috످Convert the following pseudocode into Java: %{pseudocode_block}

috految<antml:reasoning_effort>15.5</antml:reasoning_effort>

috److Your message contains a template placeholder (`%{pseudocode_block}`) instead of the actual pseudocode. Could you paste the pseudocode you'd like me to convert to Java?

috످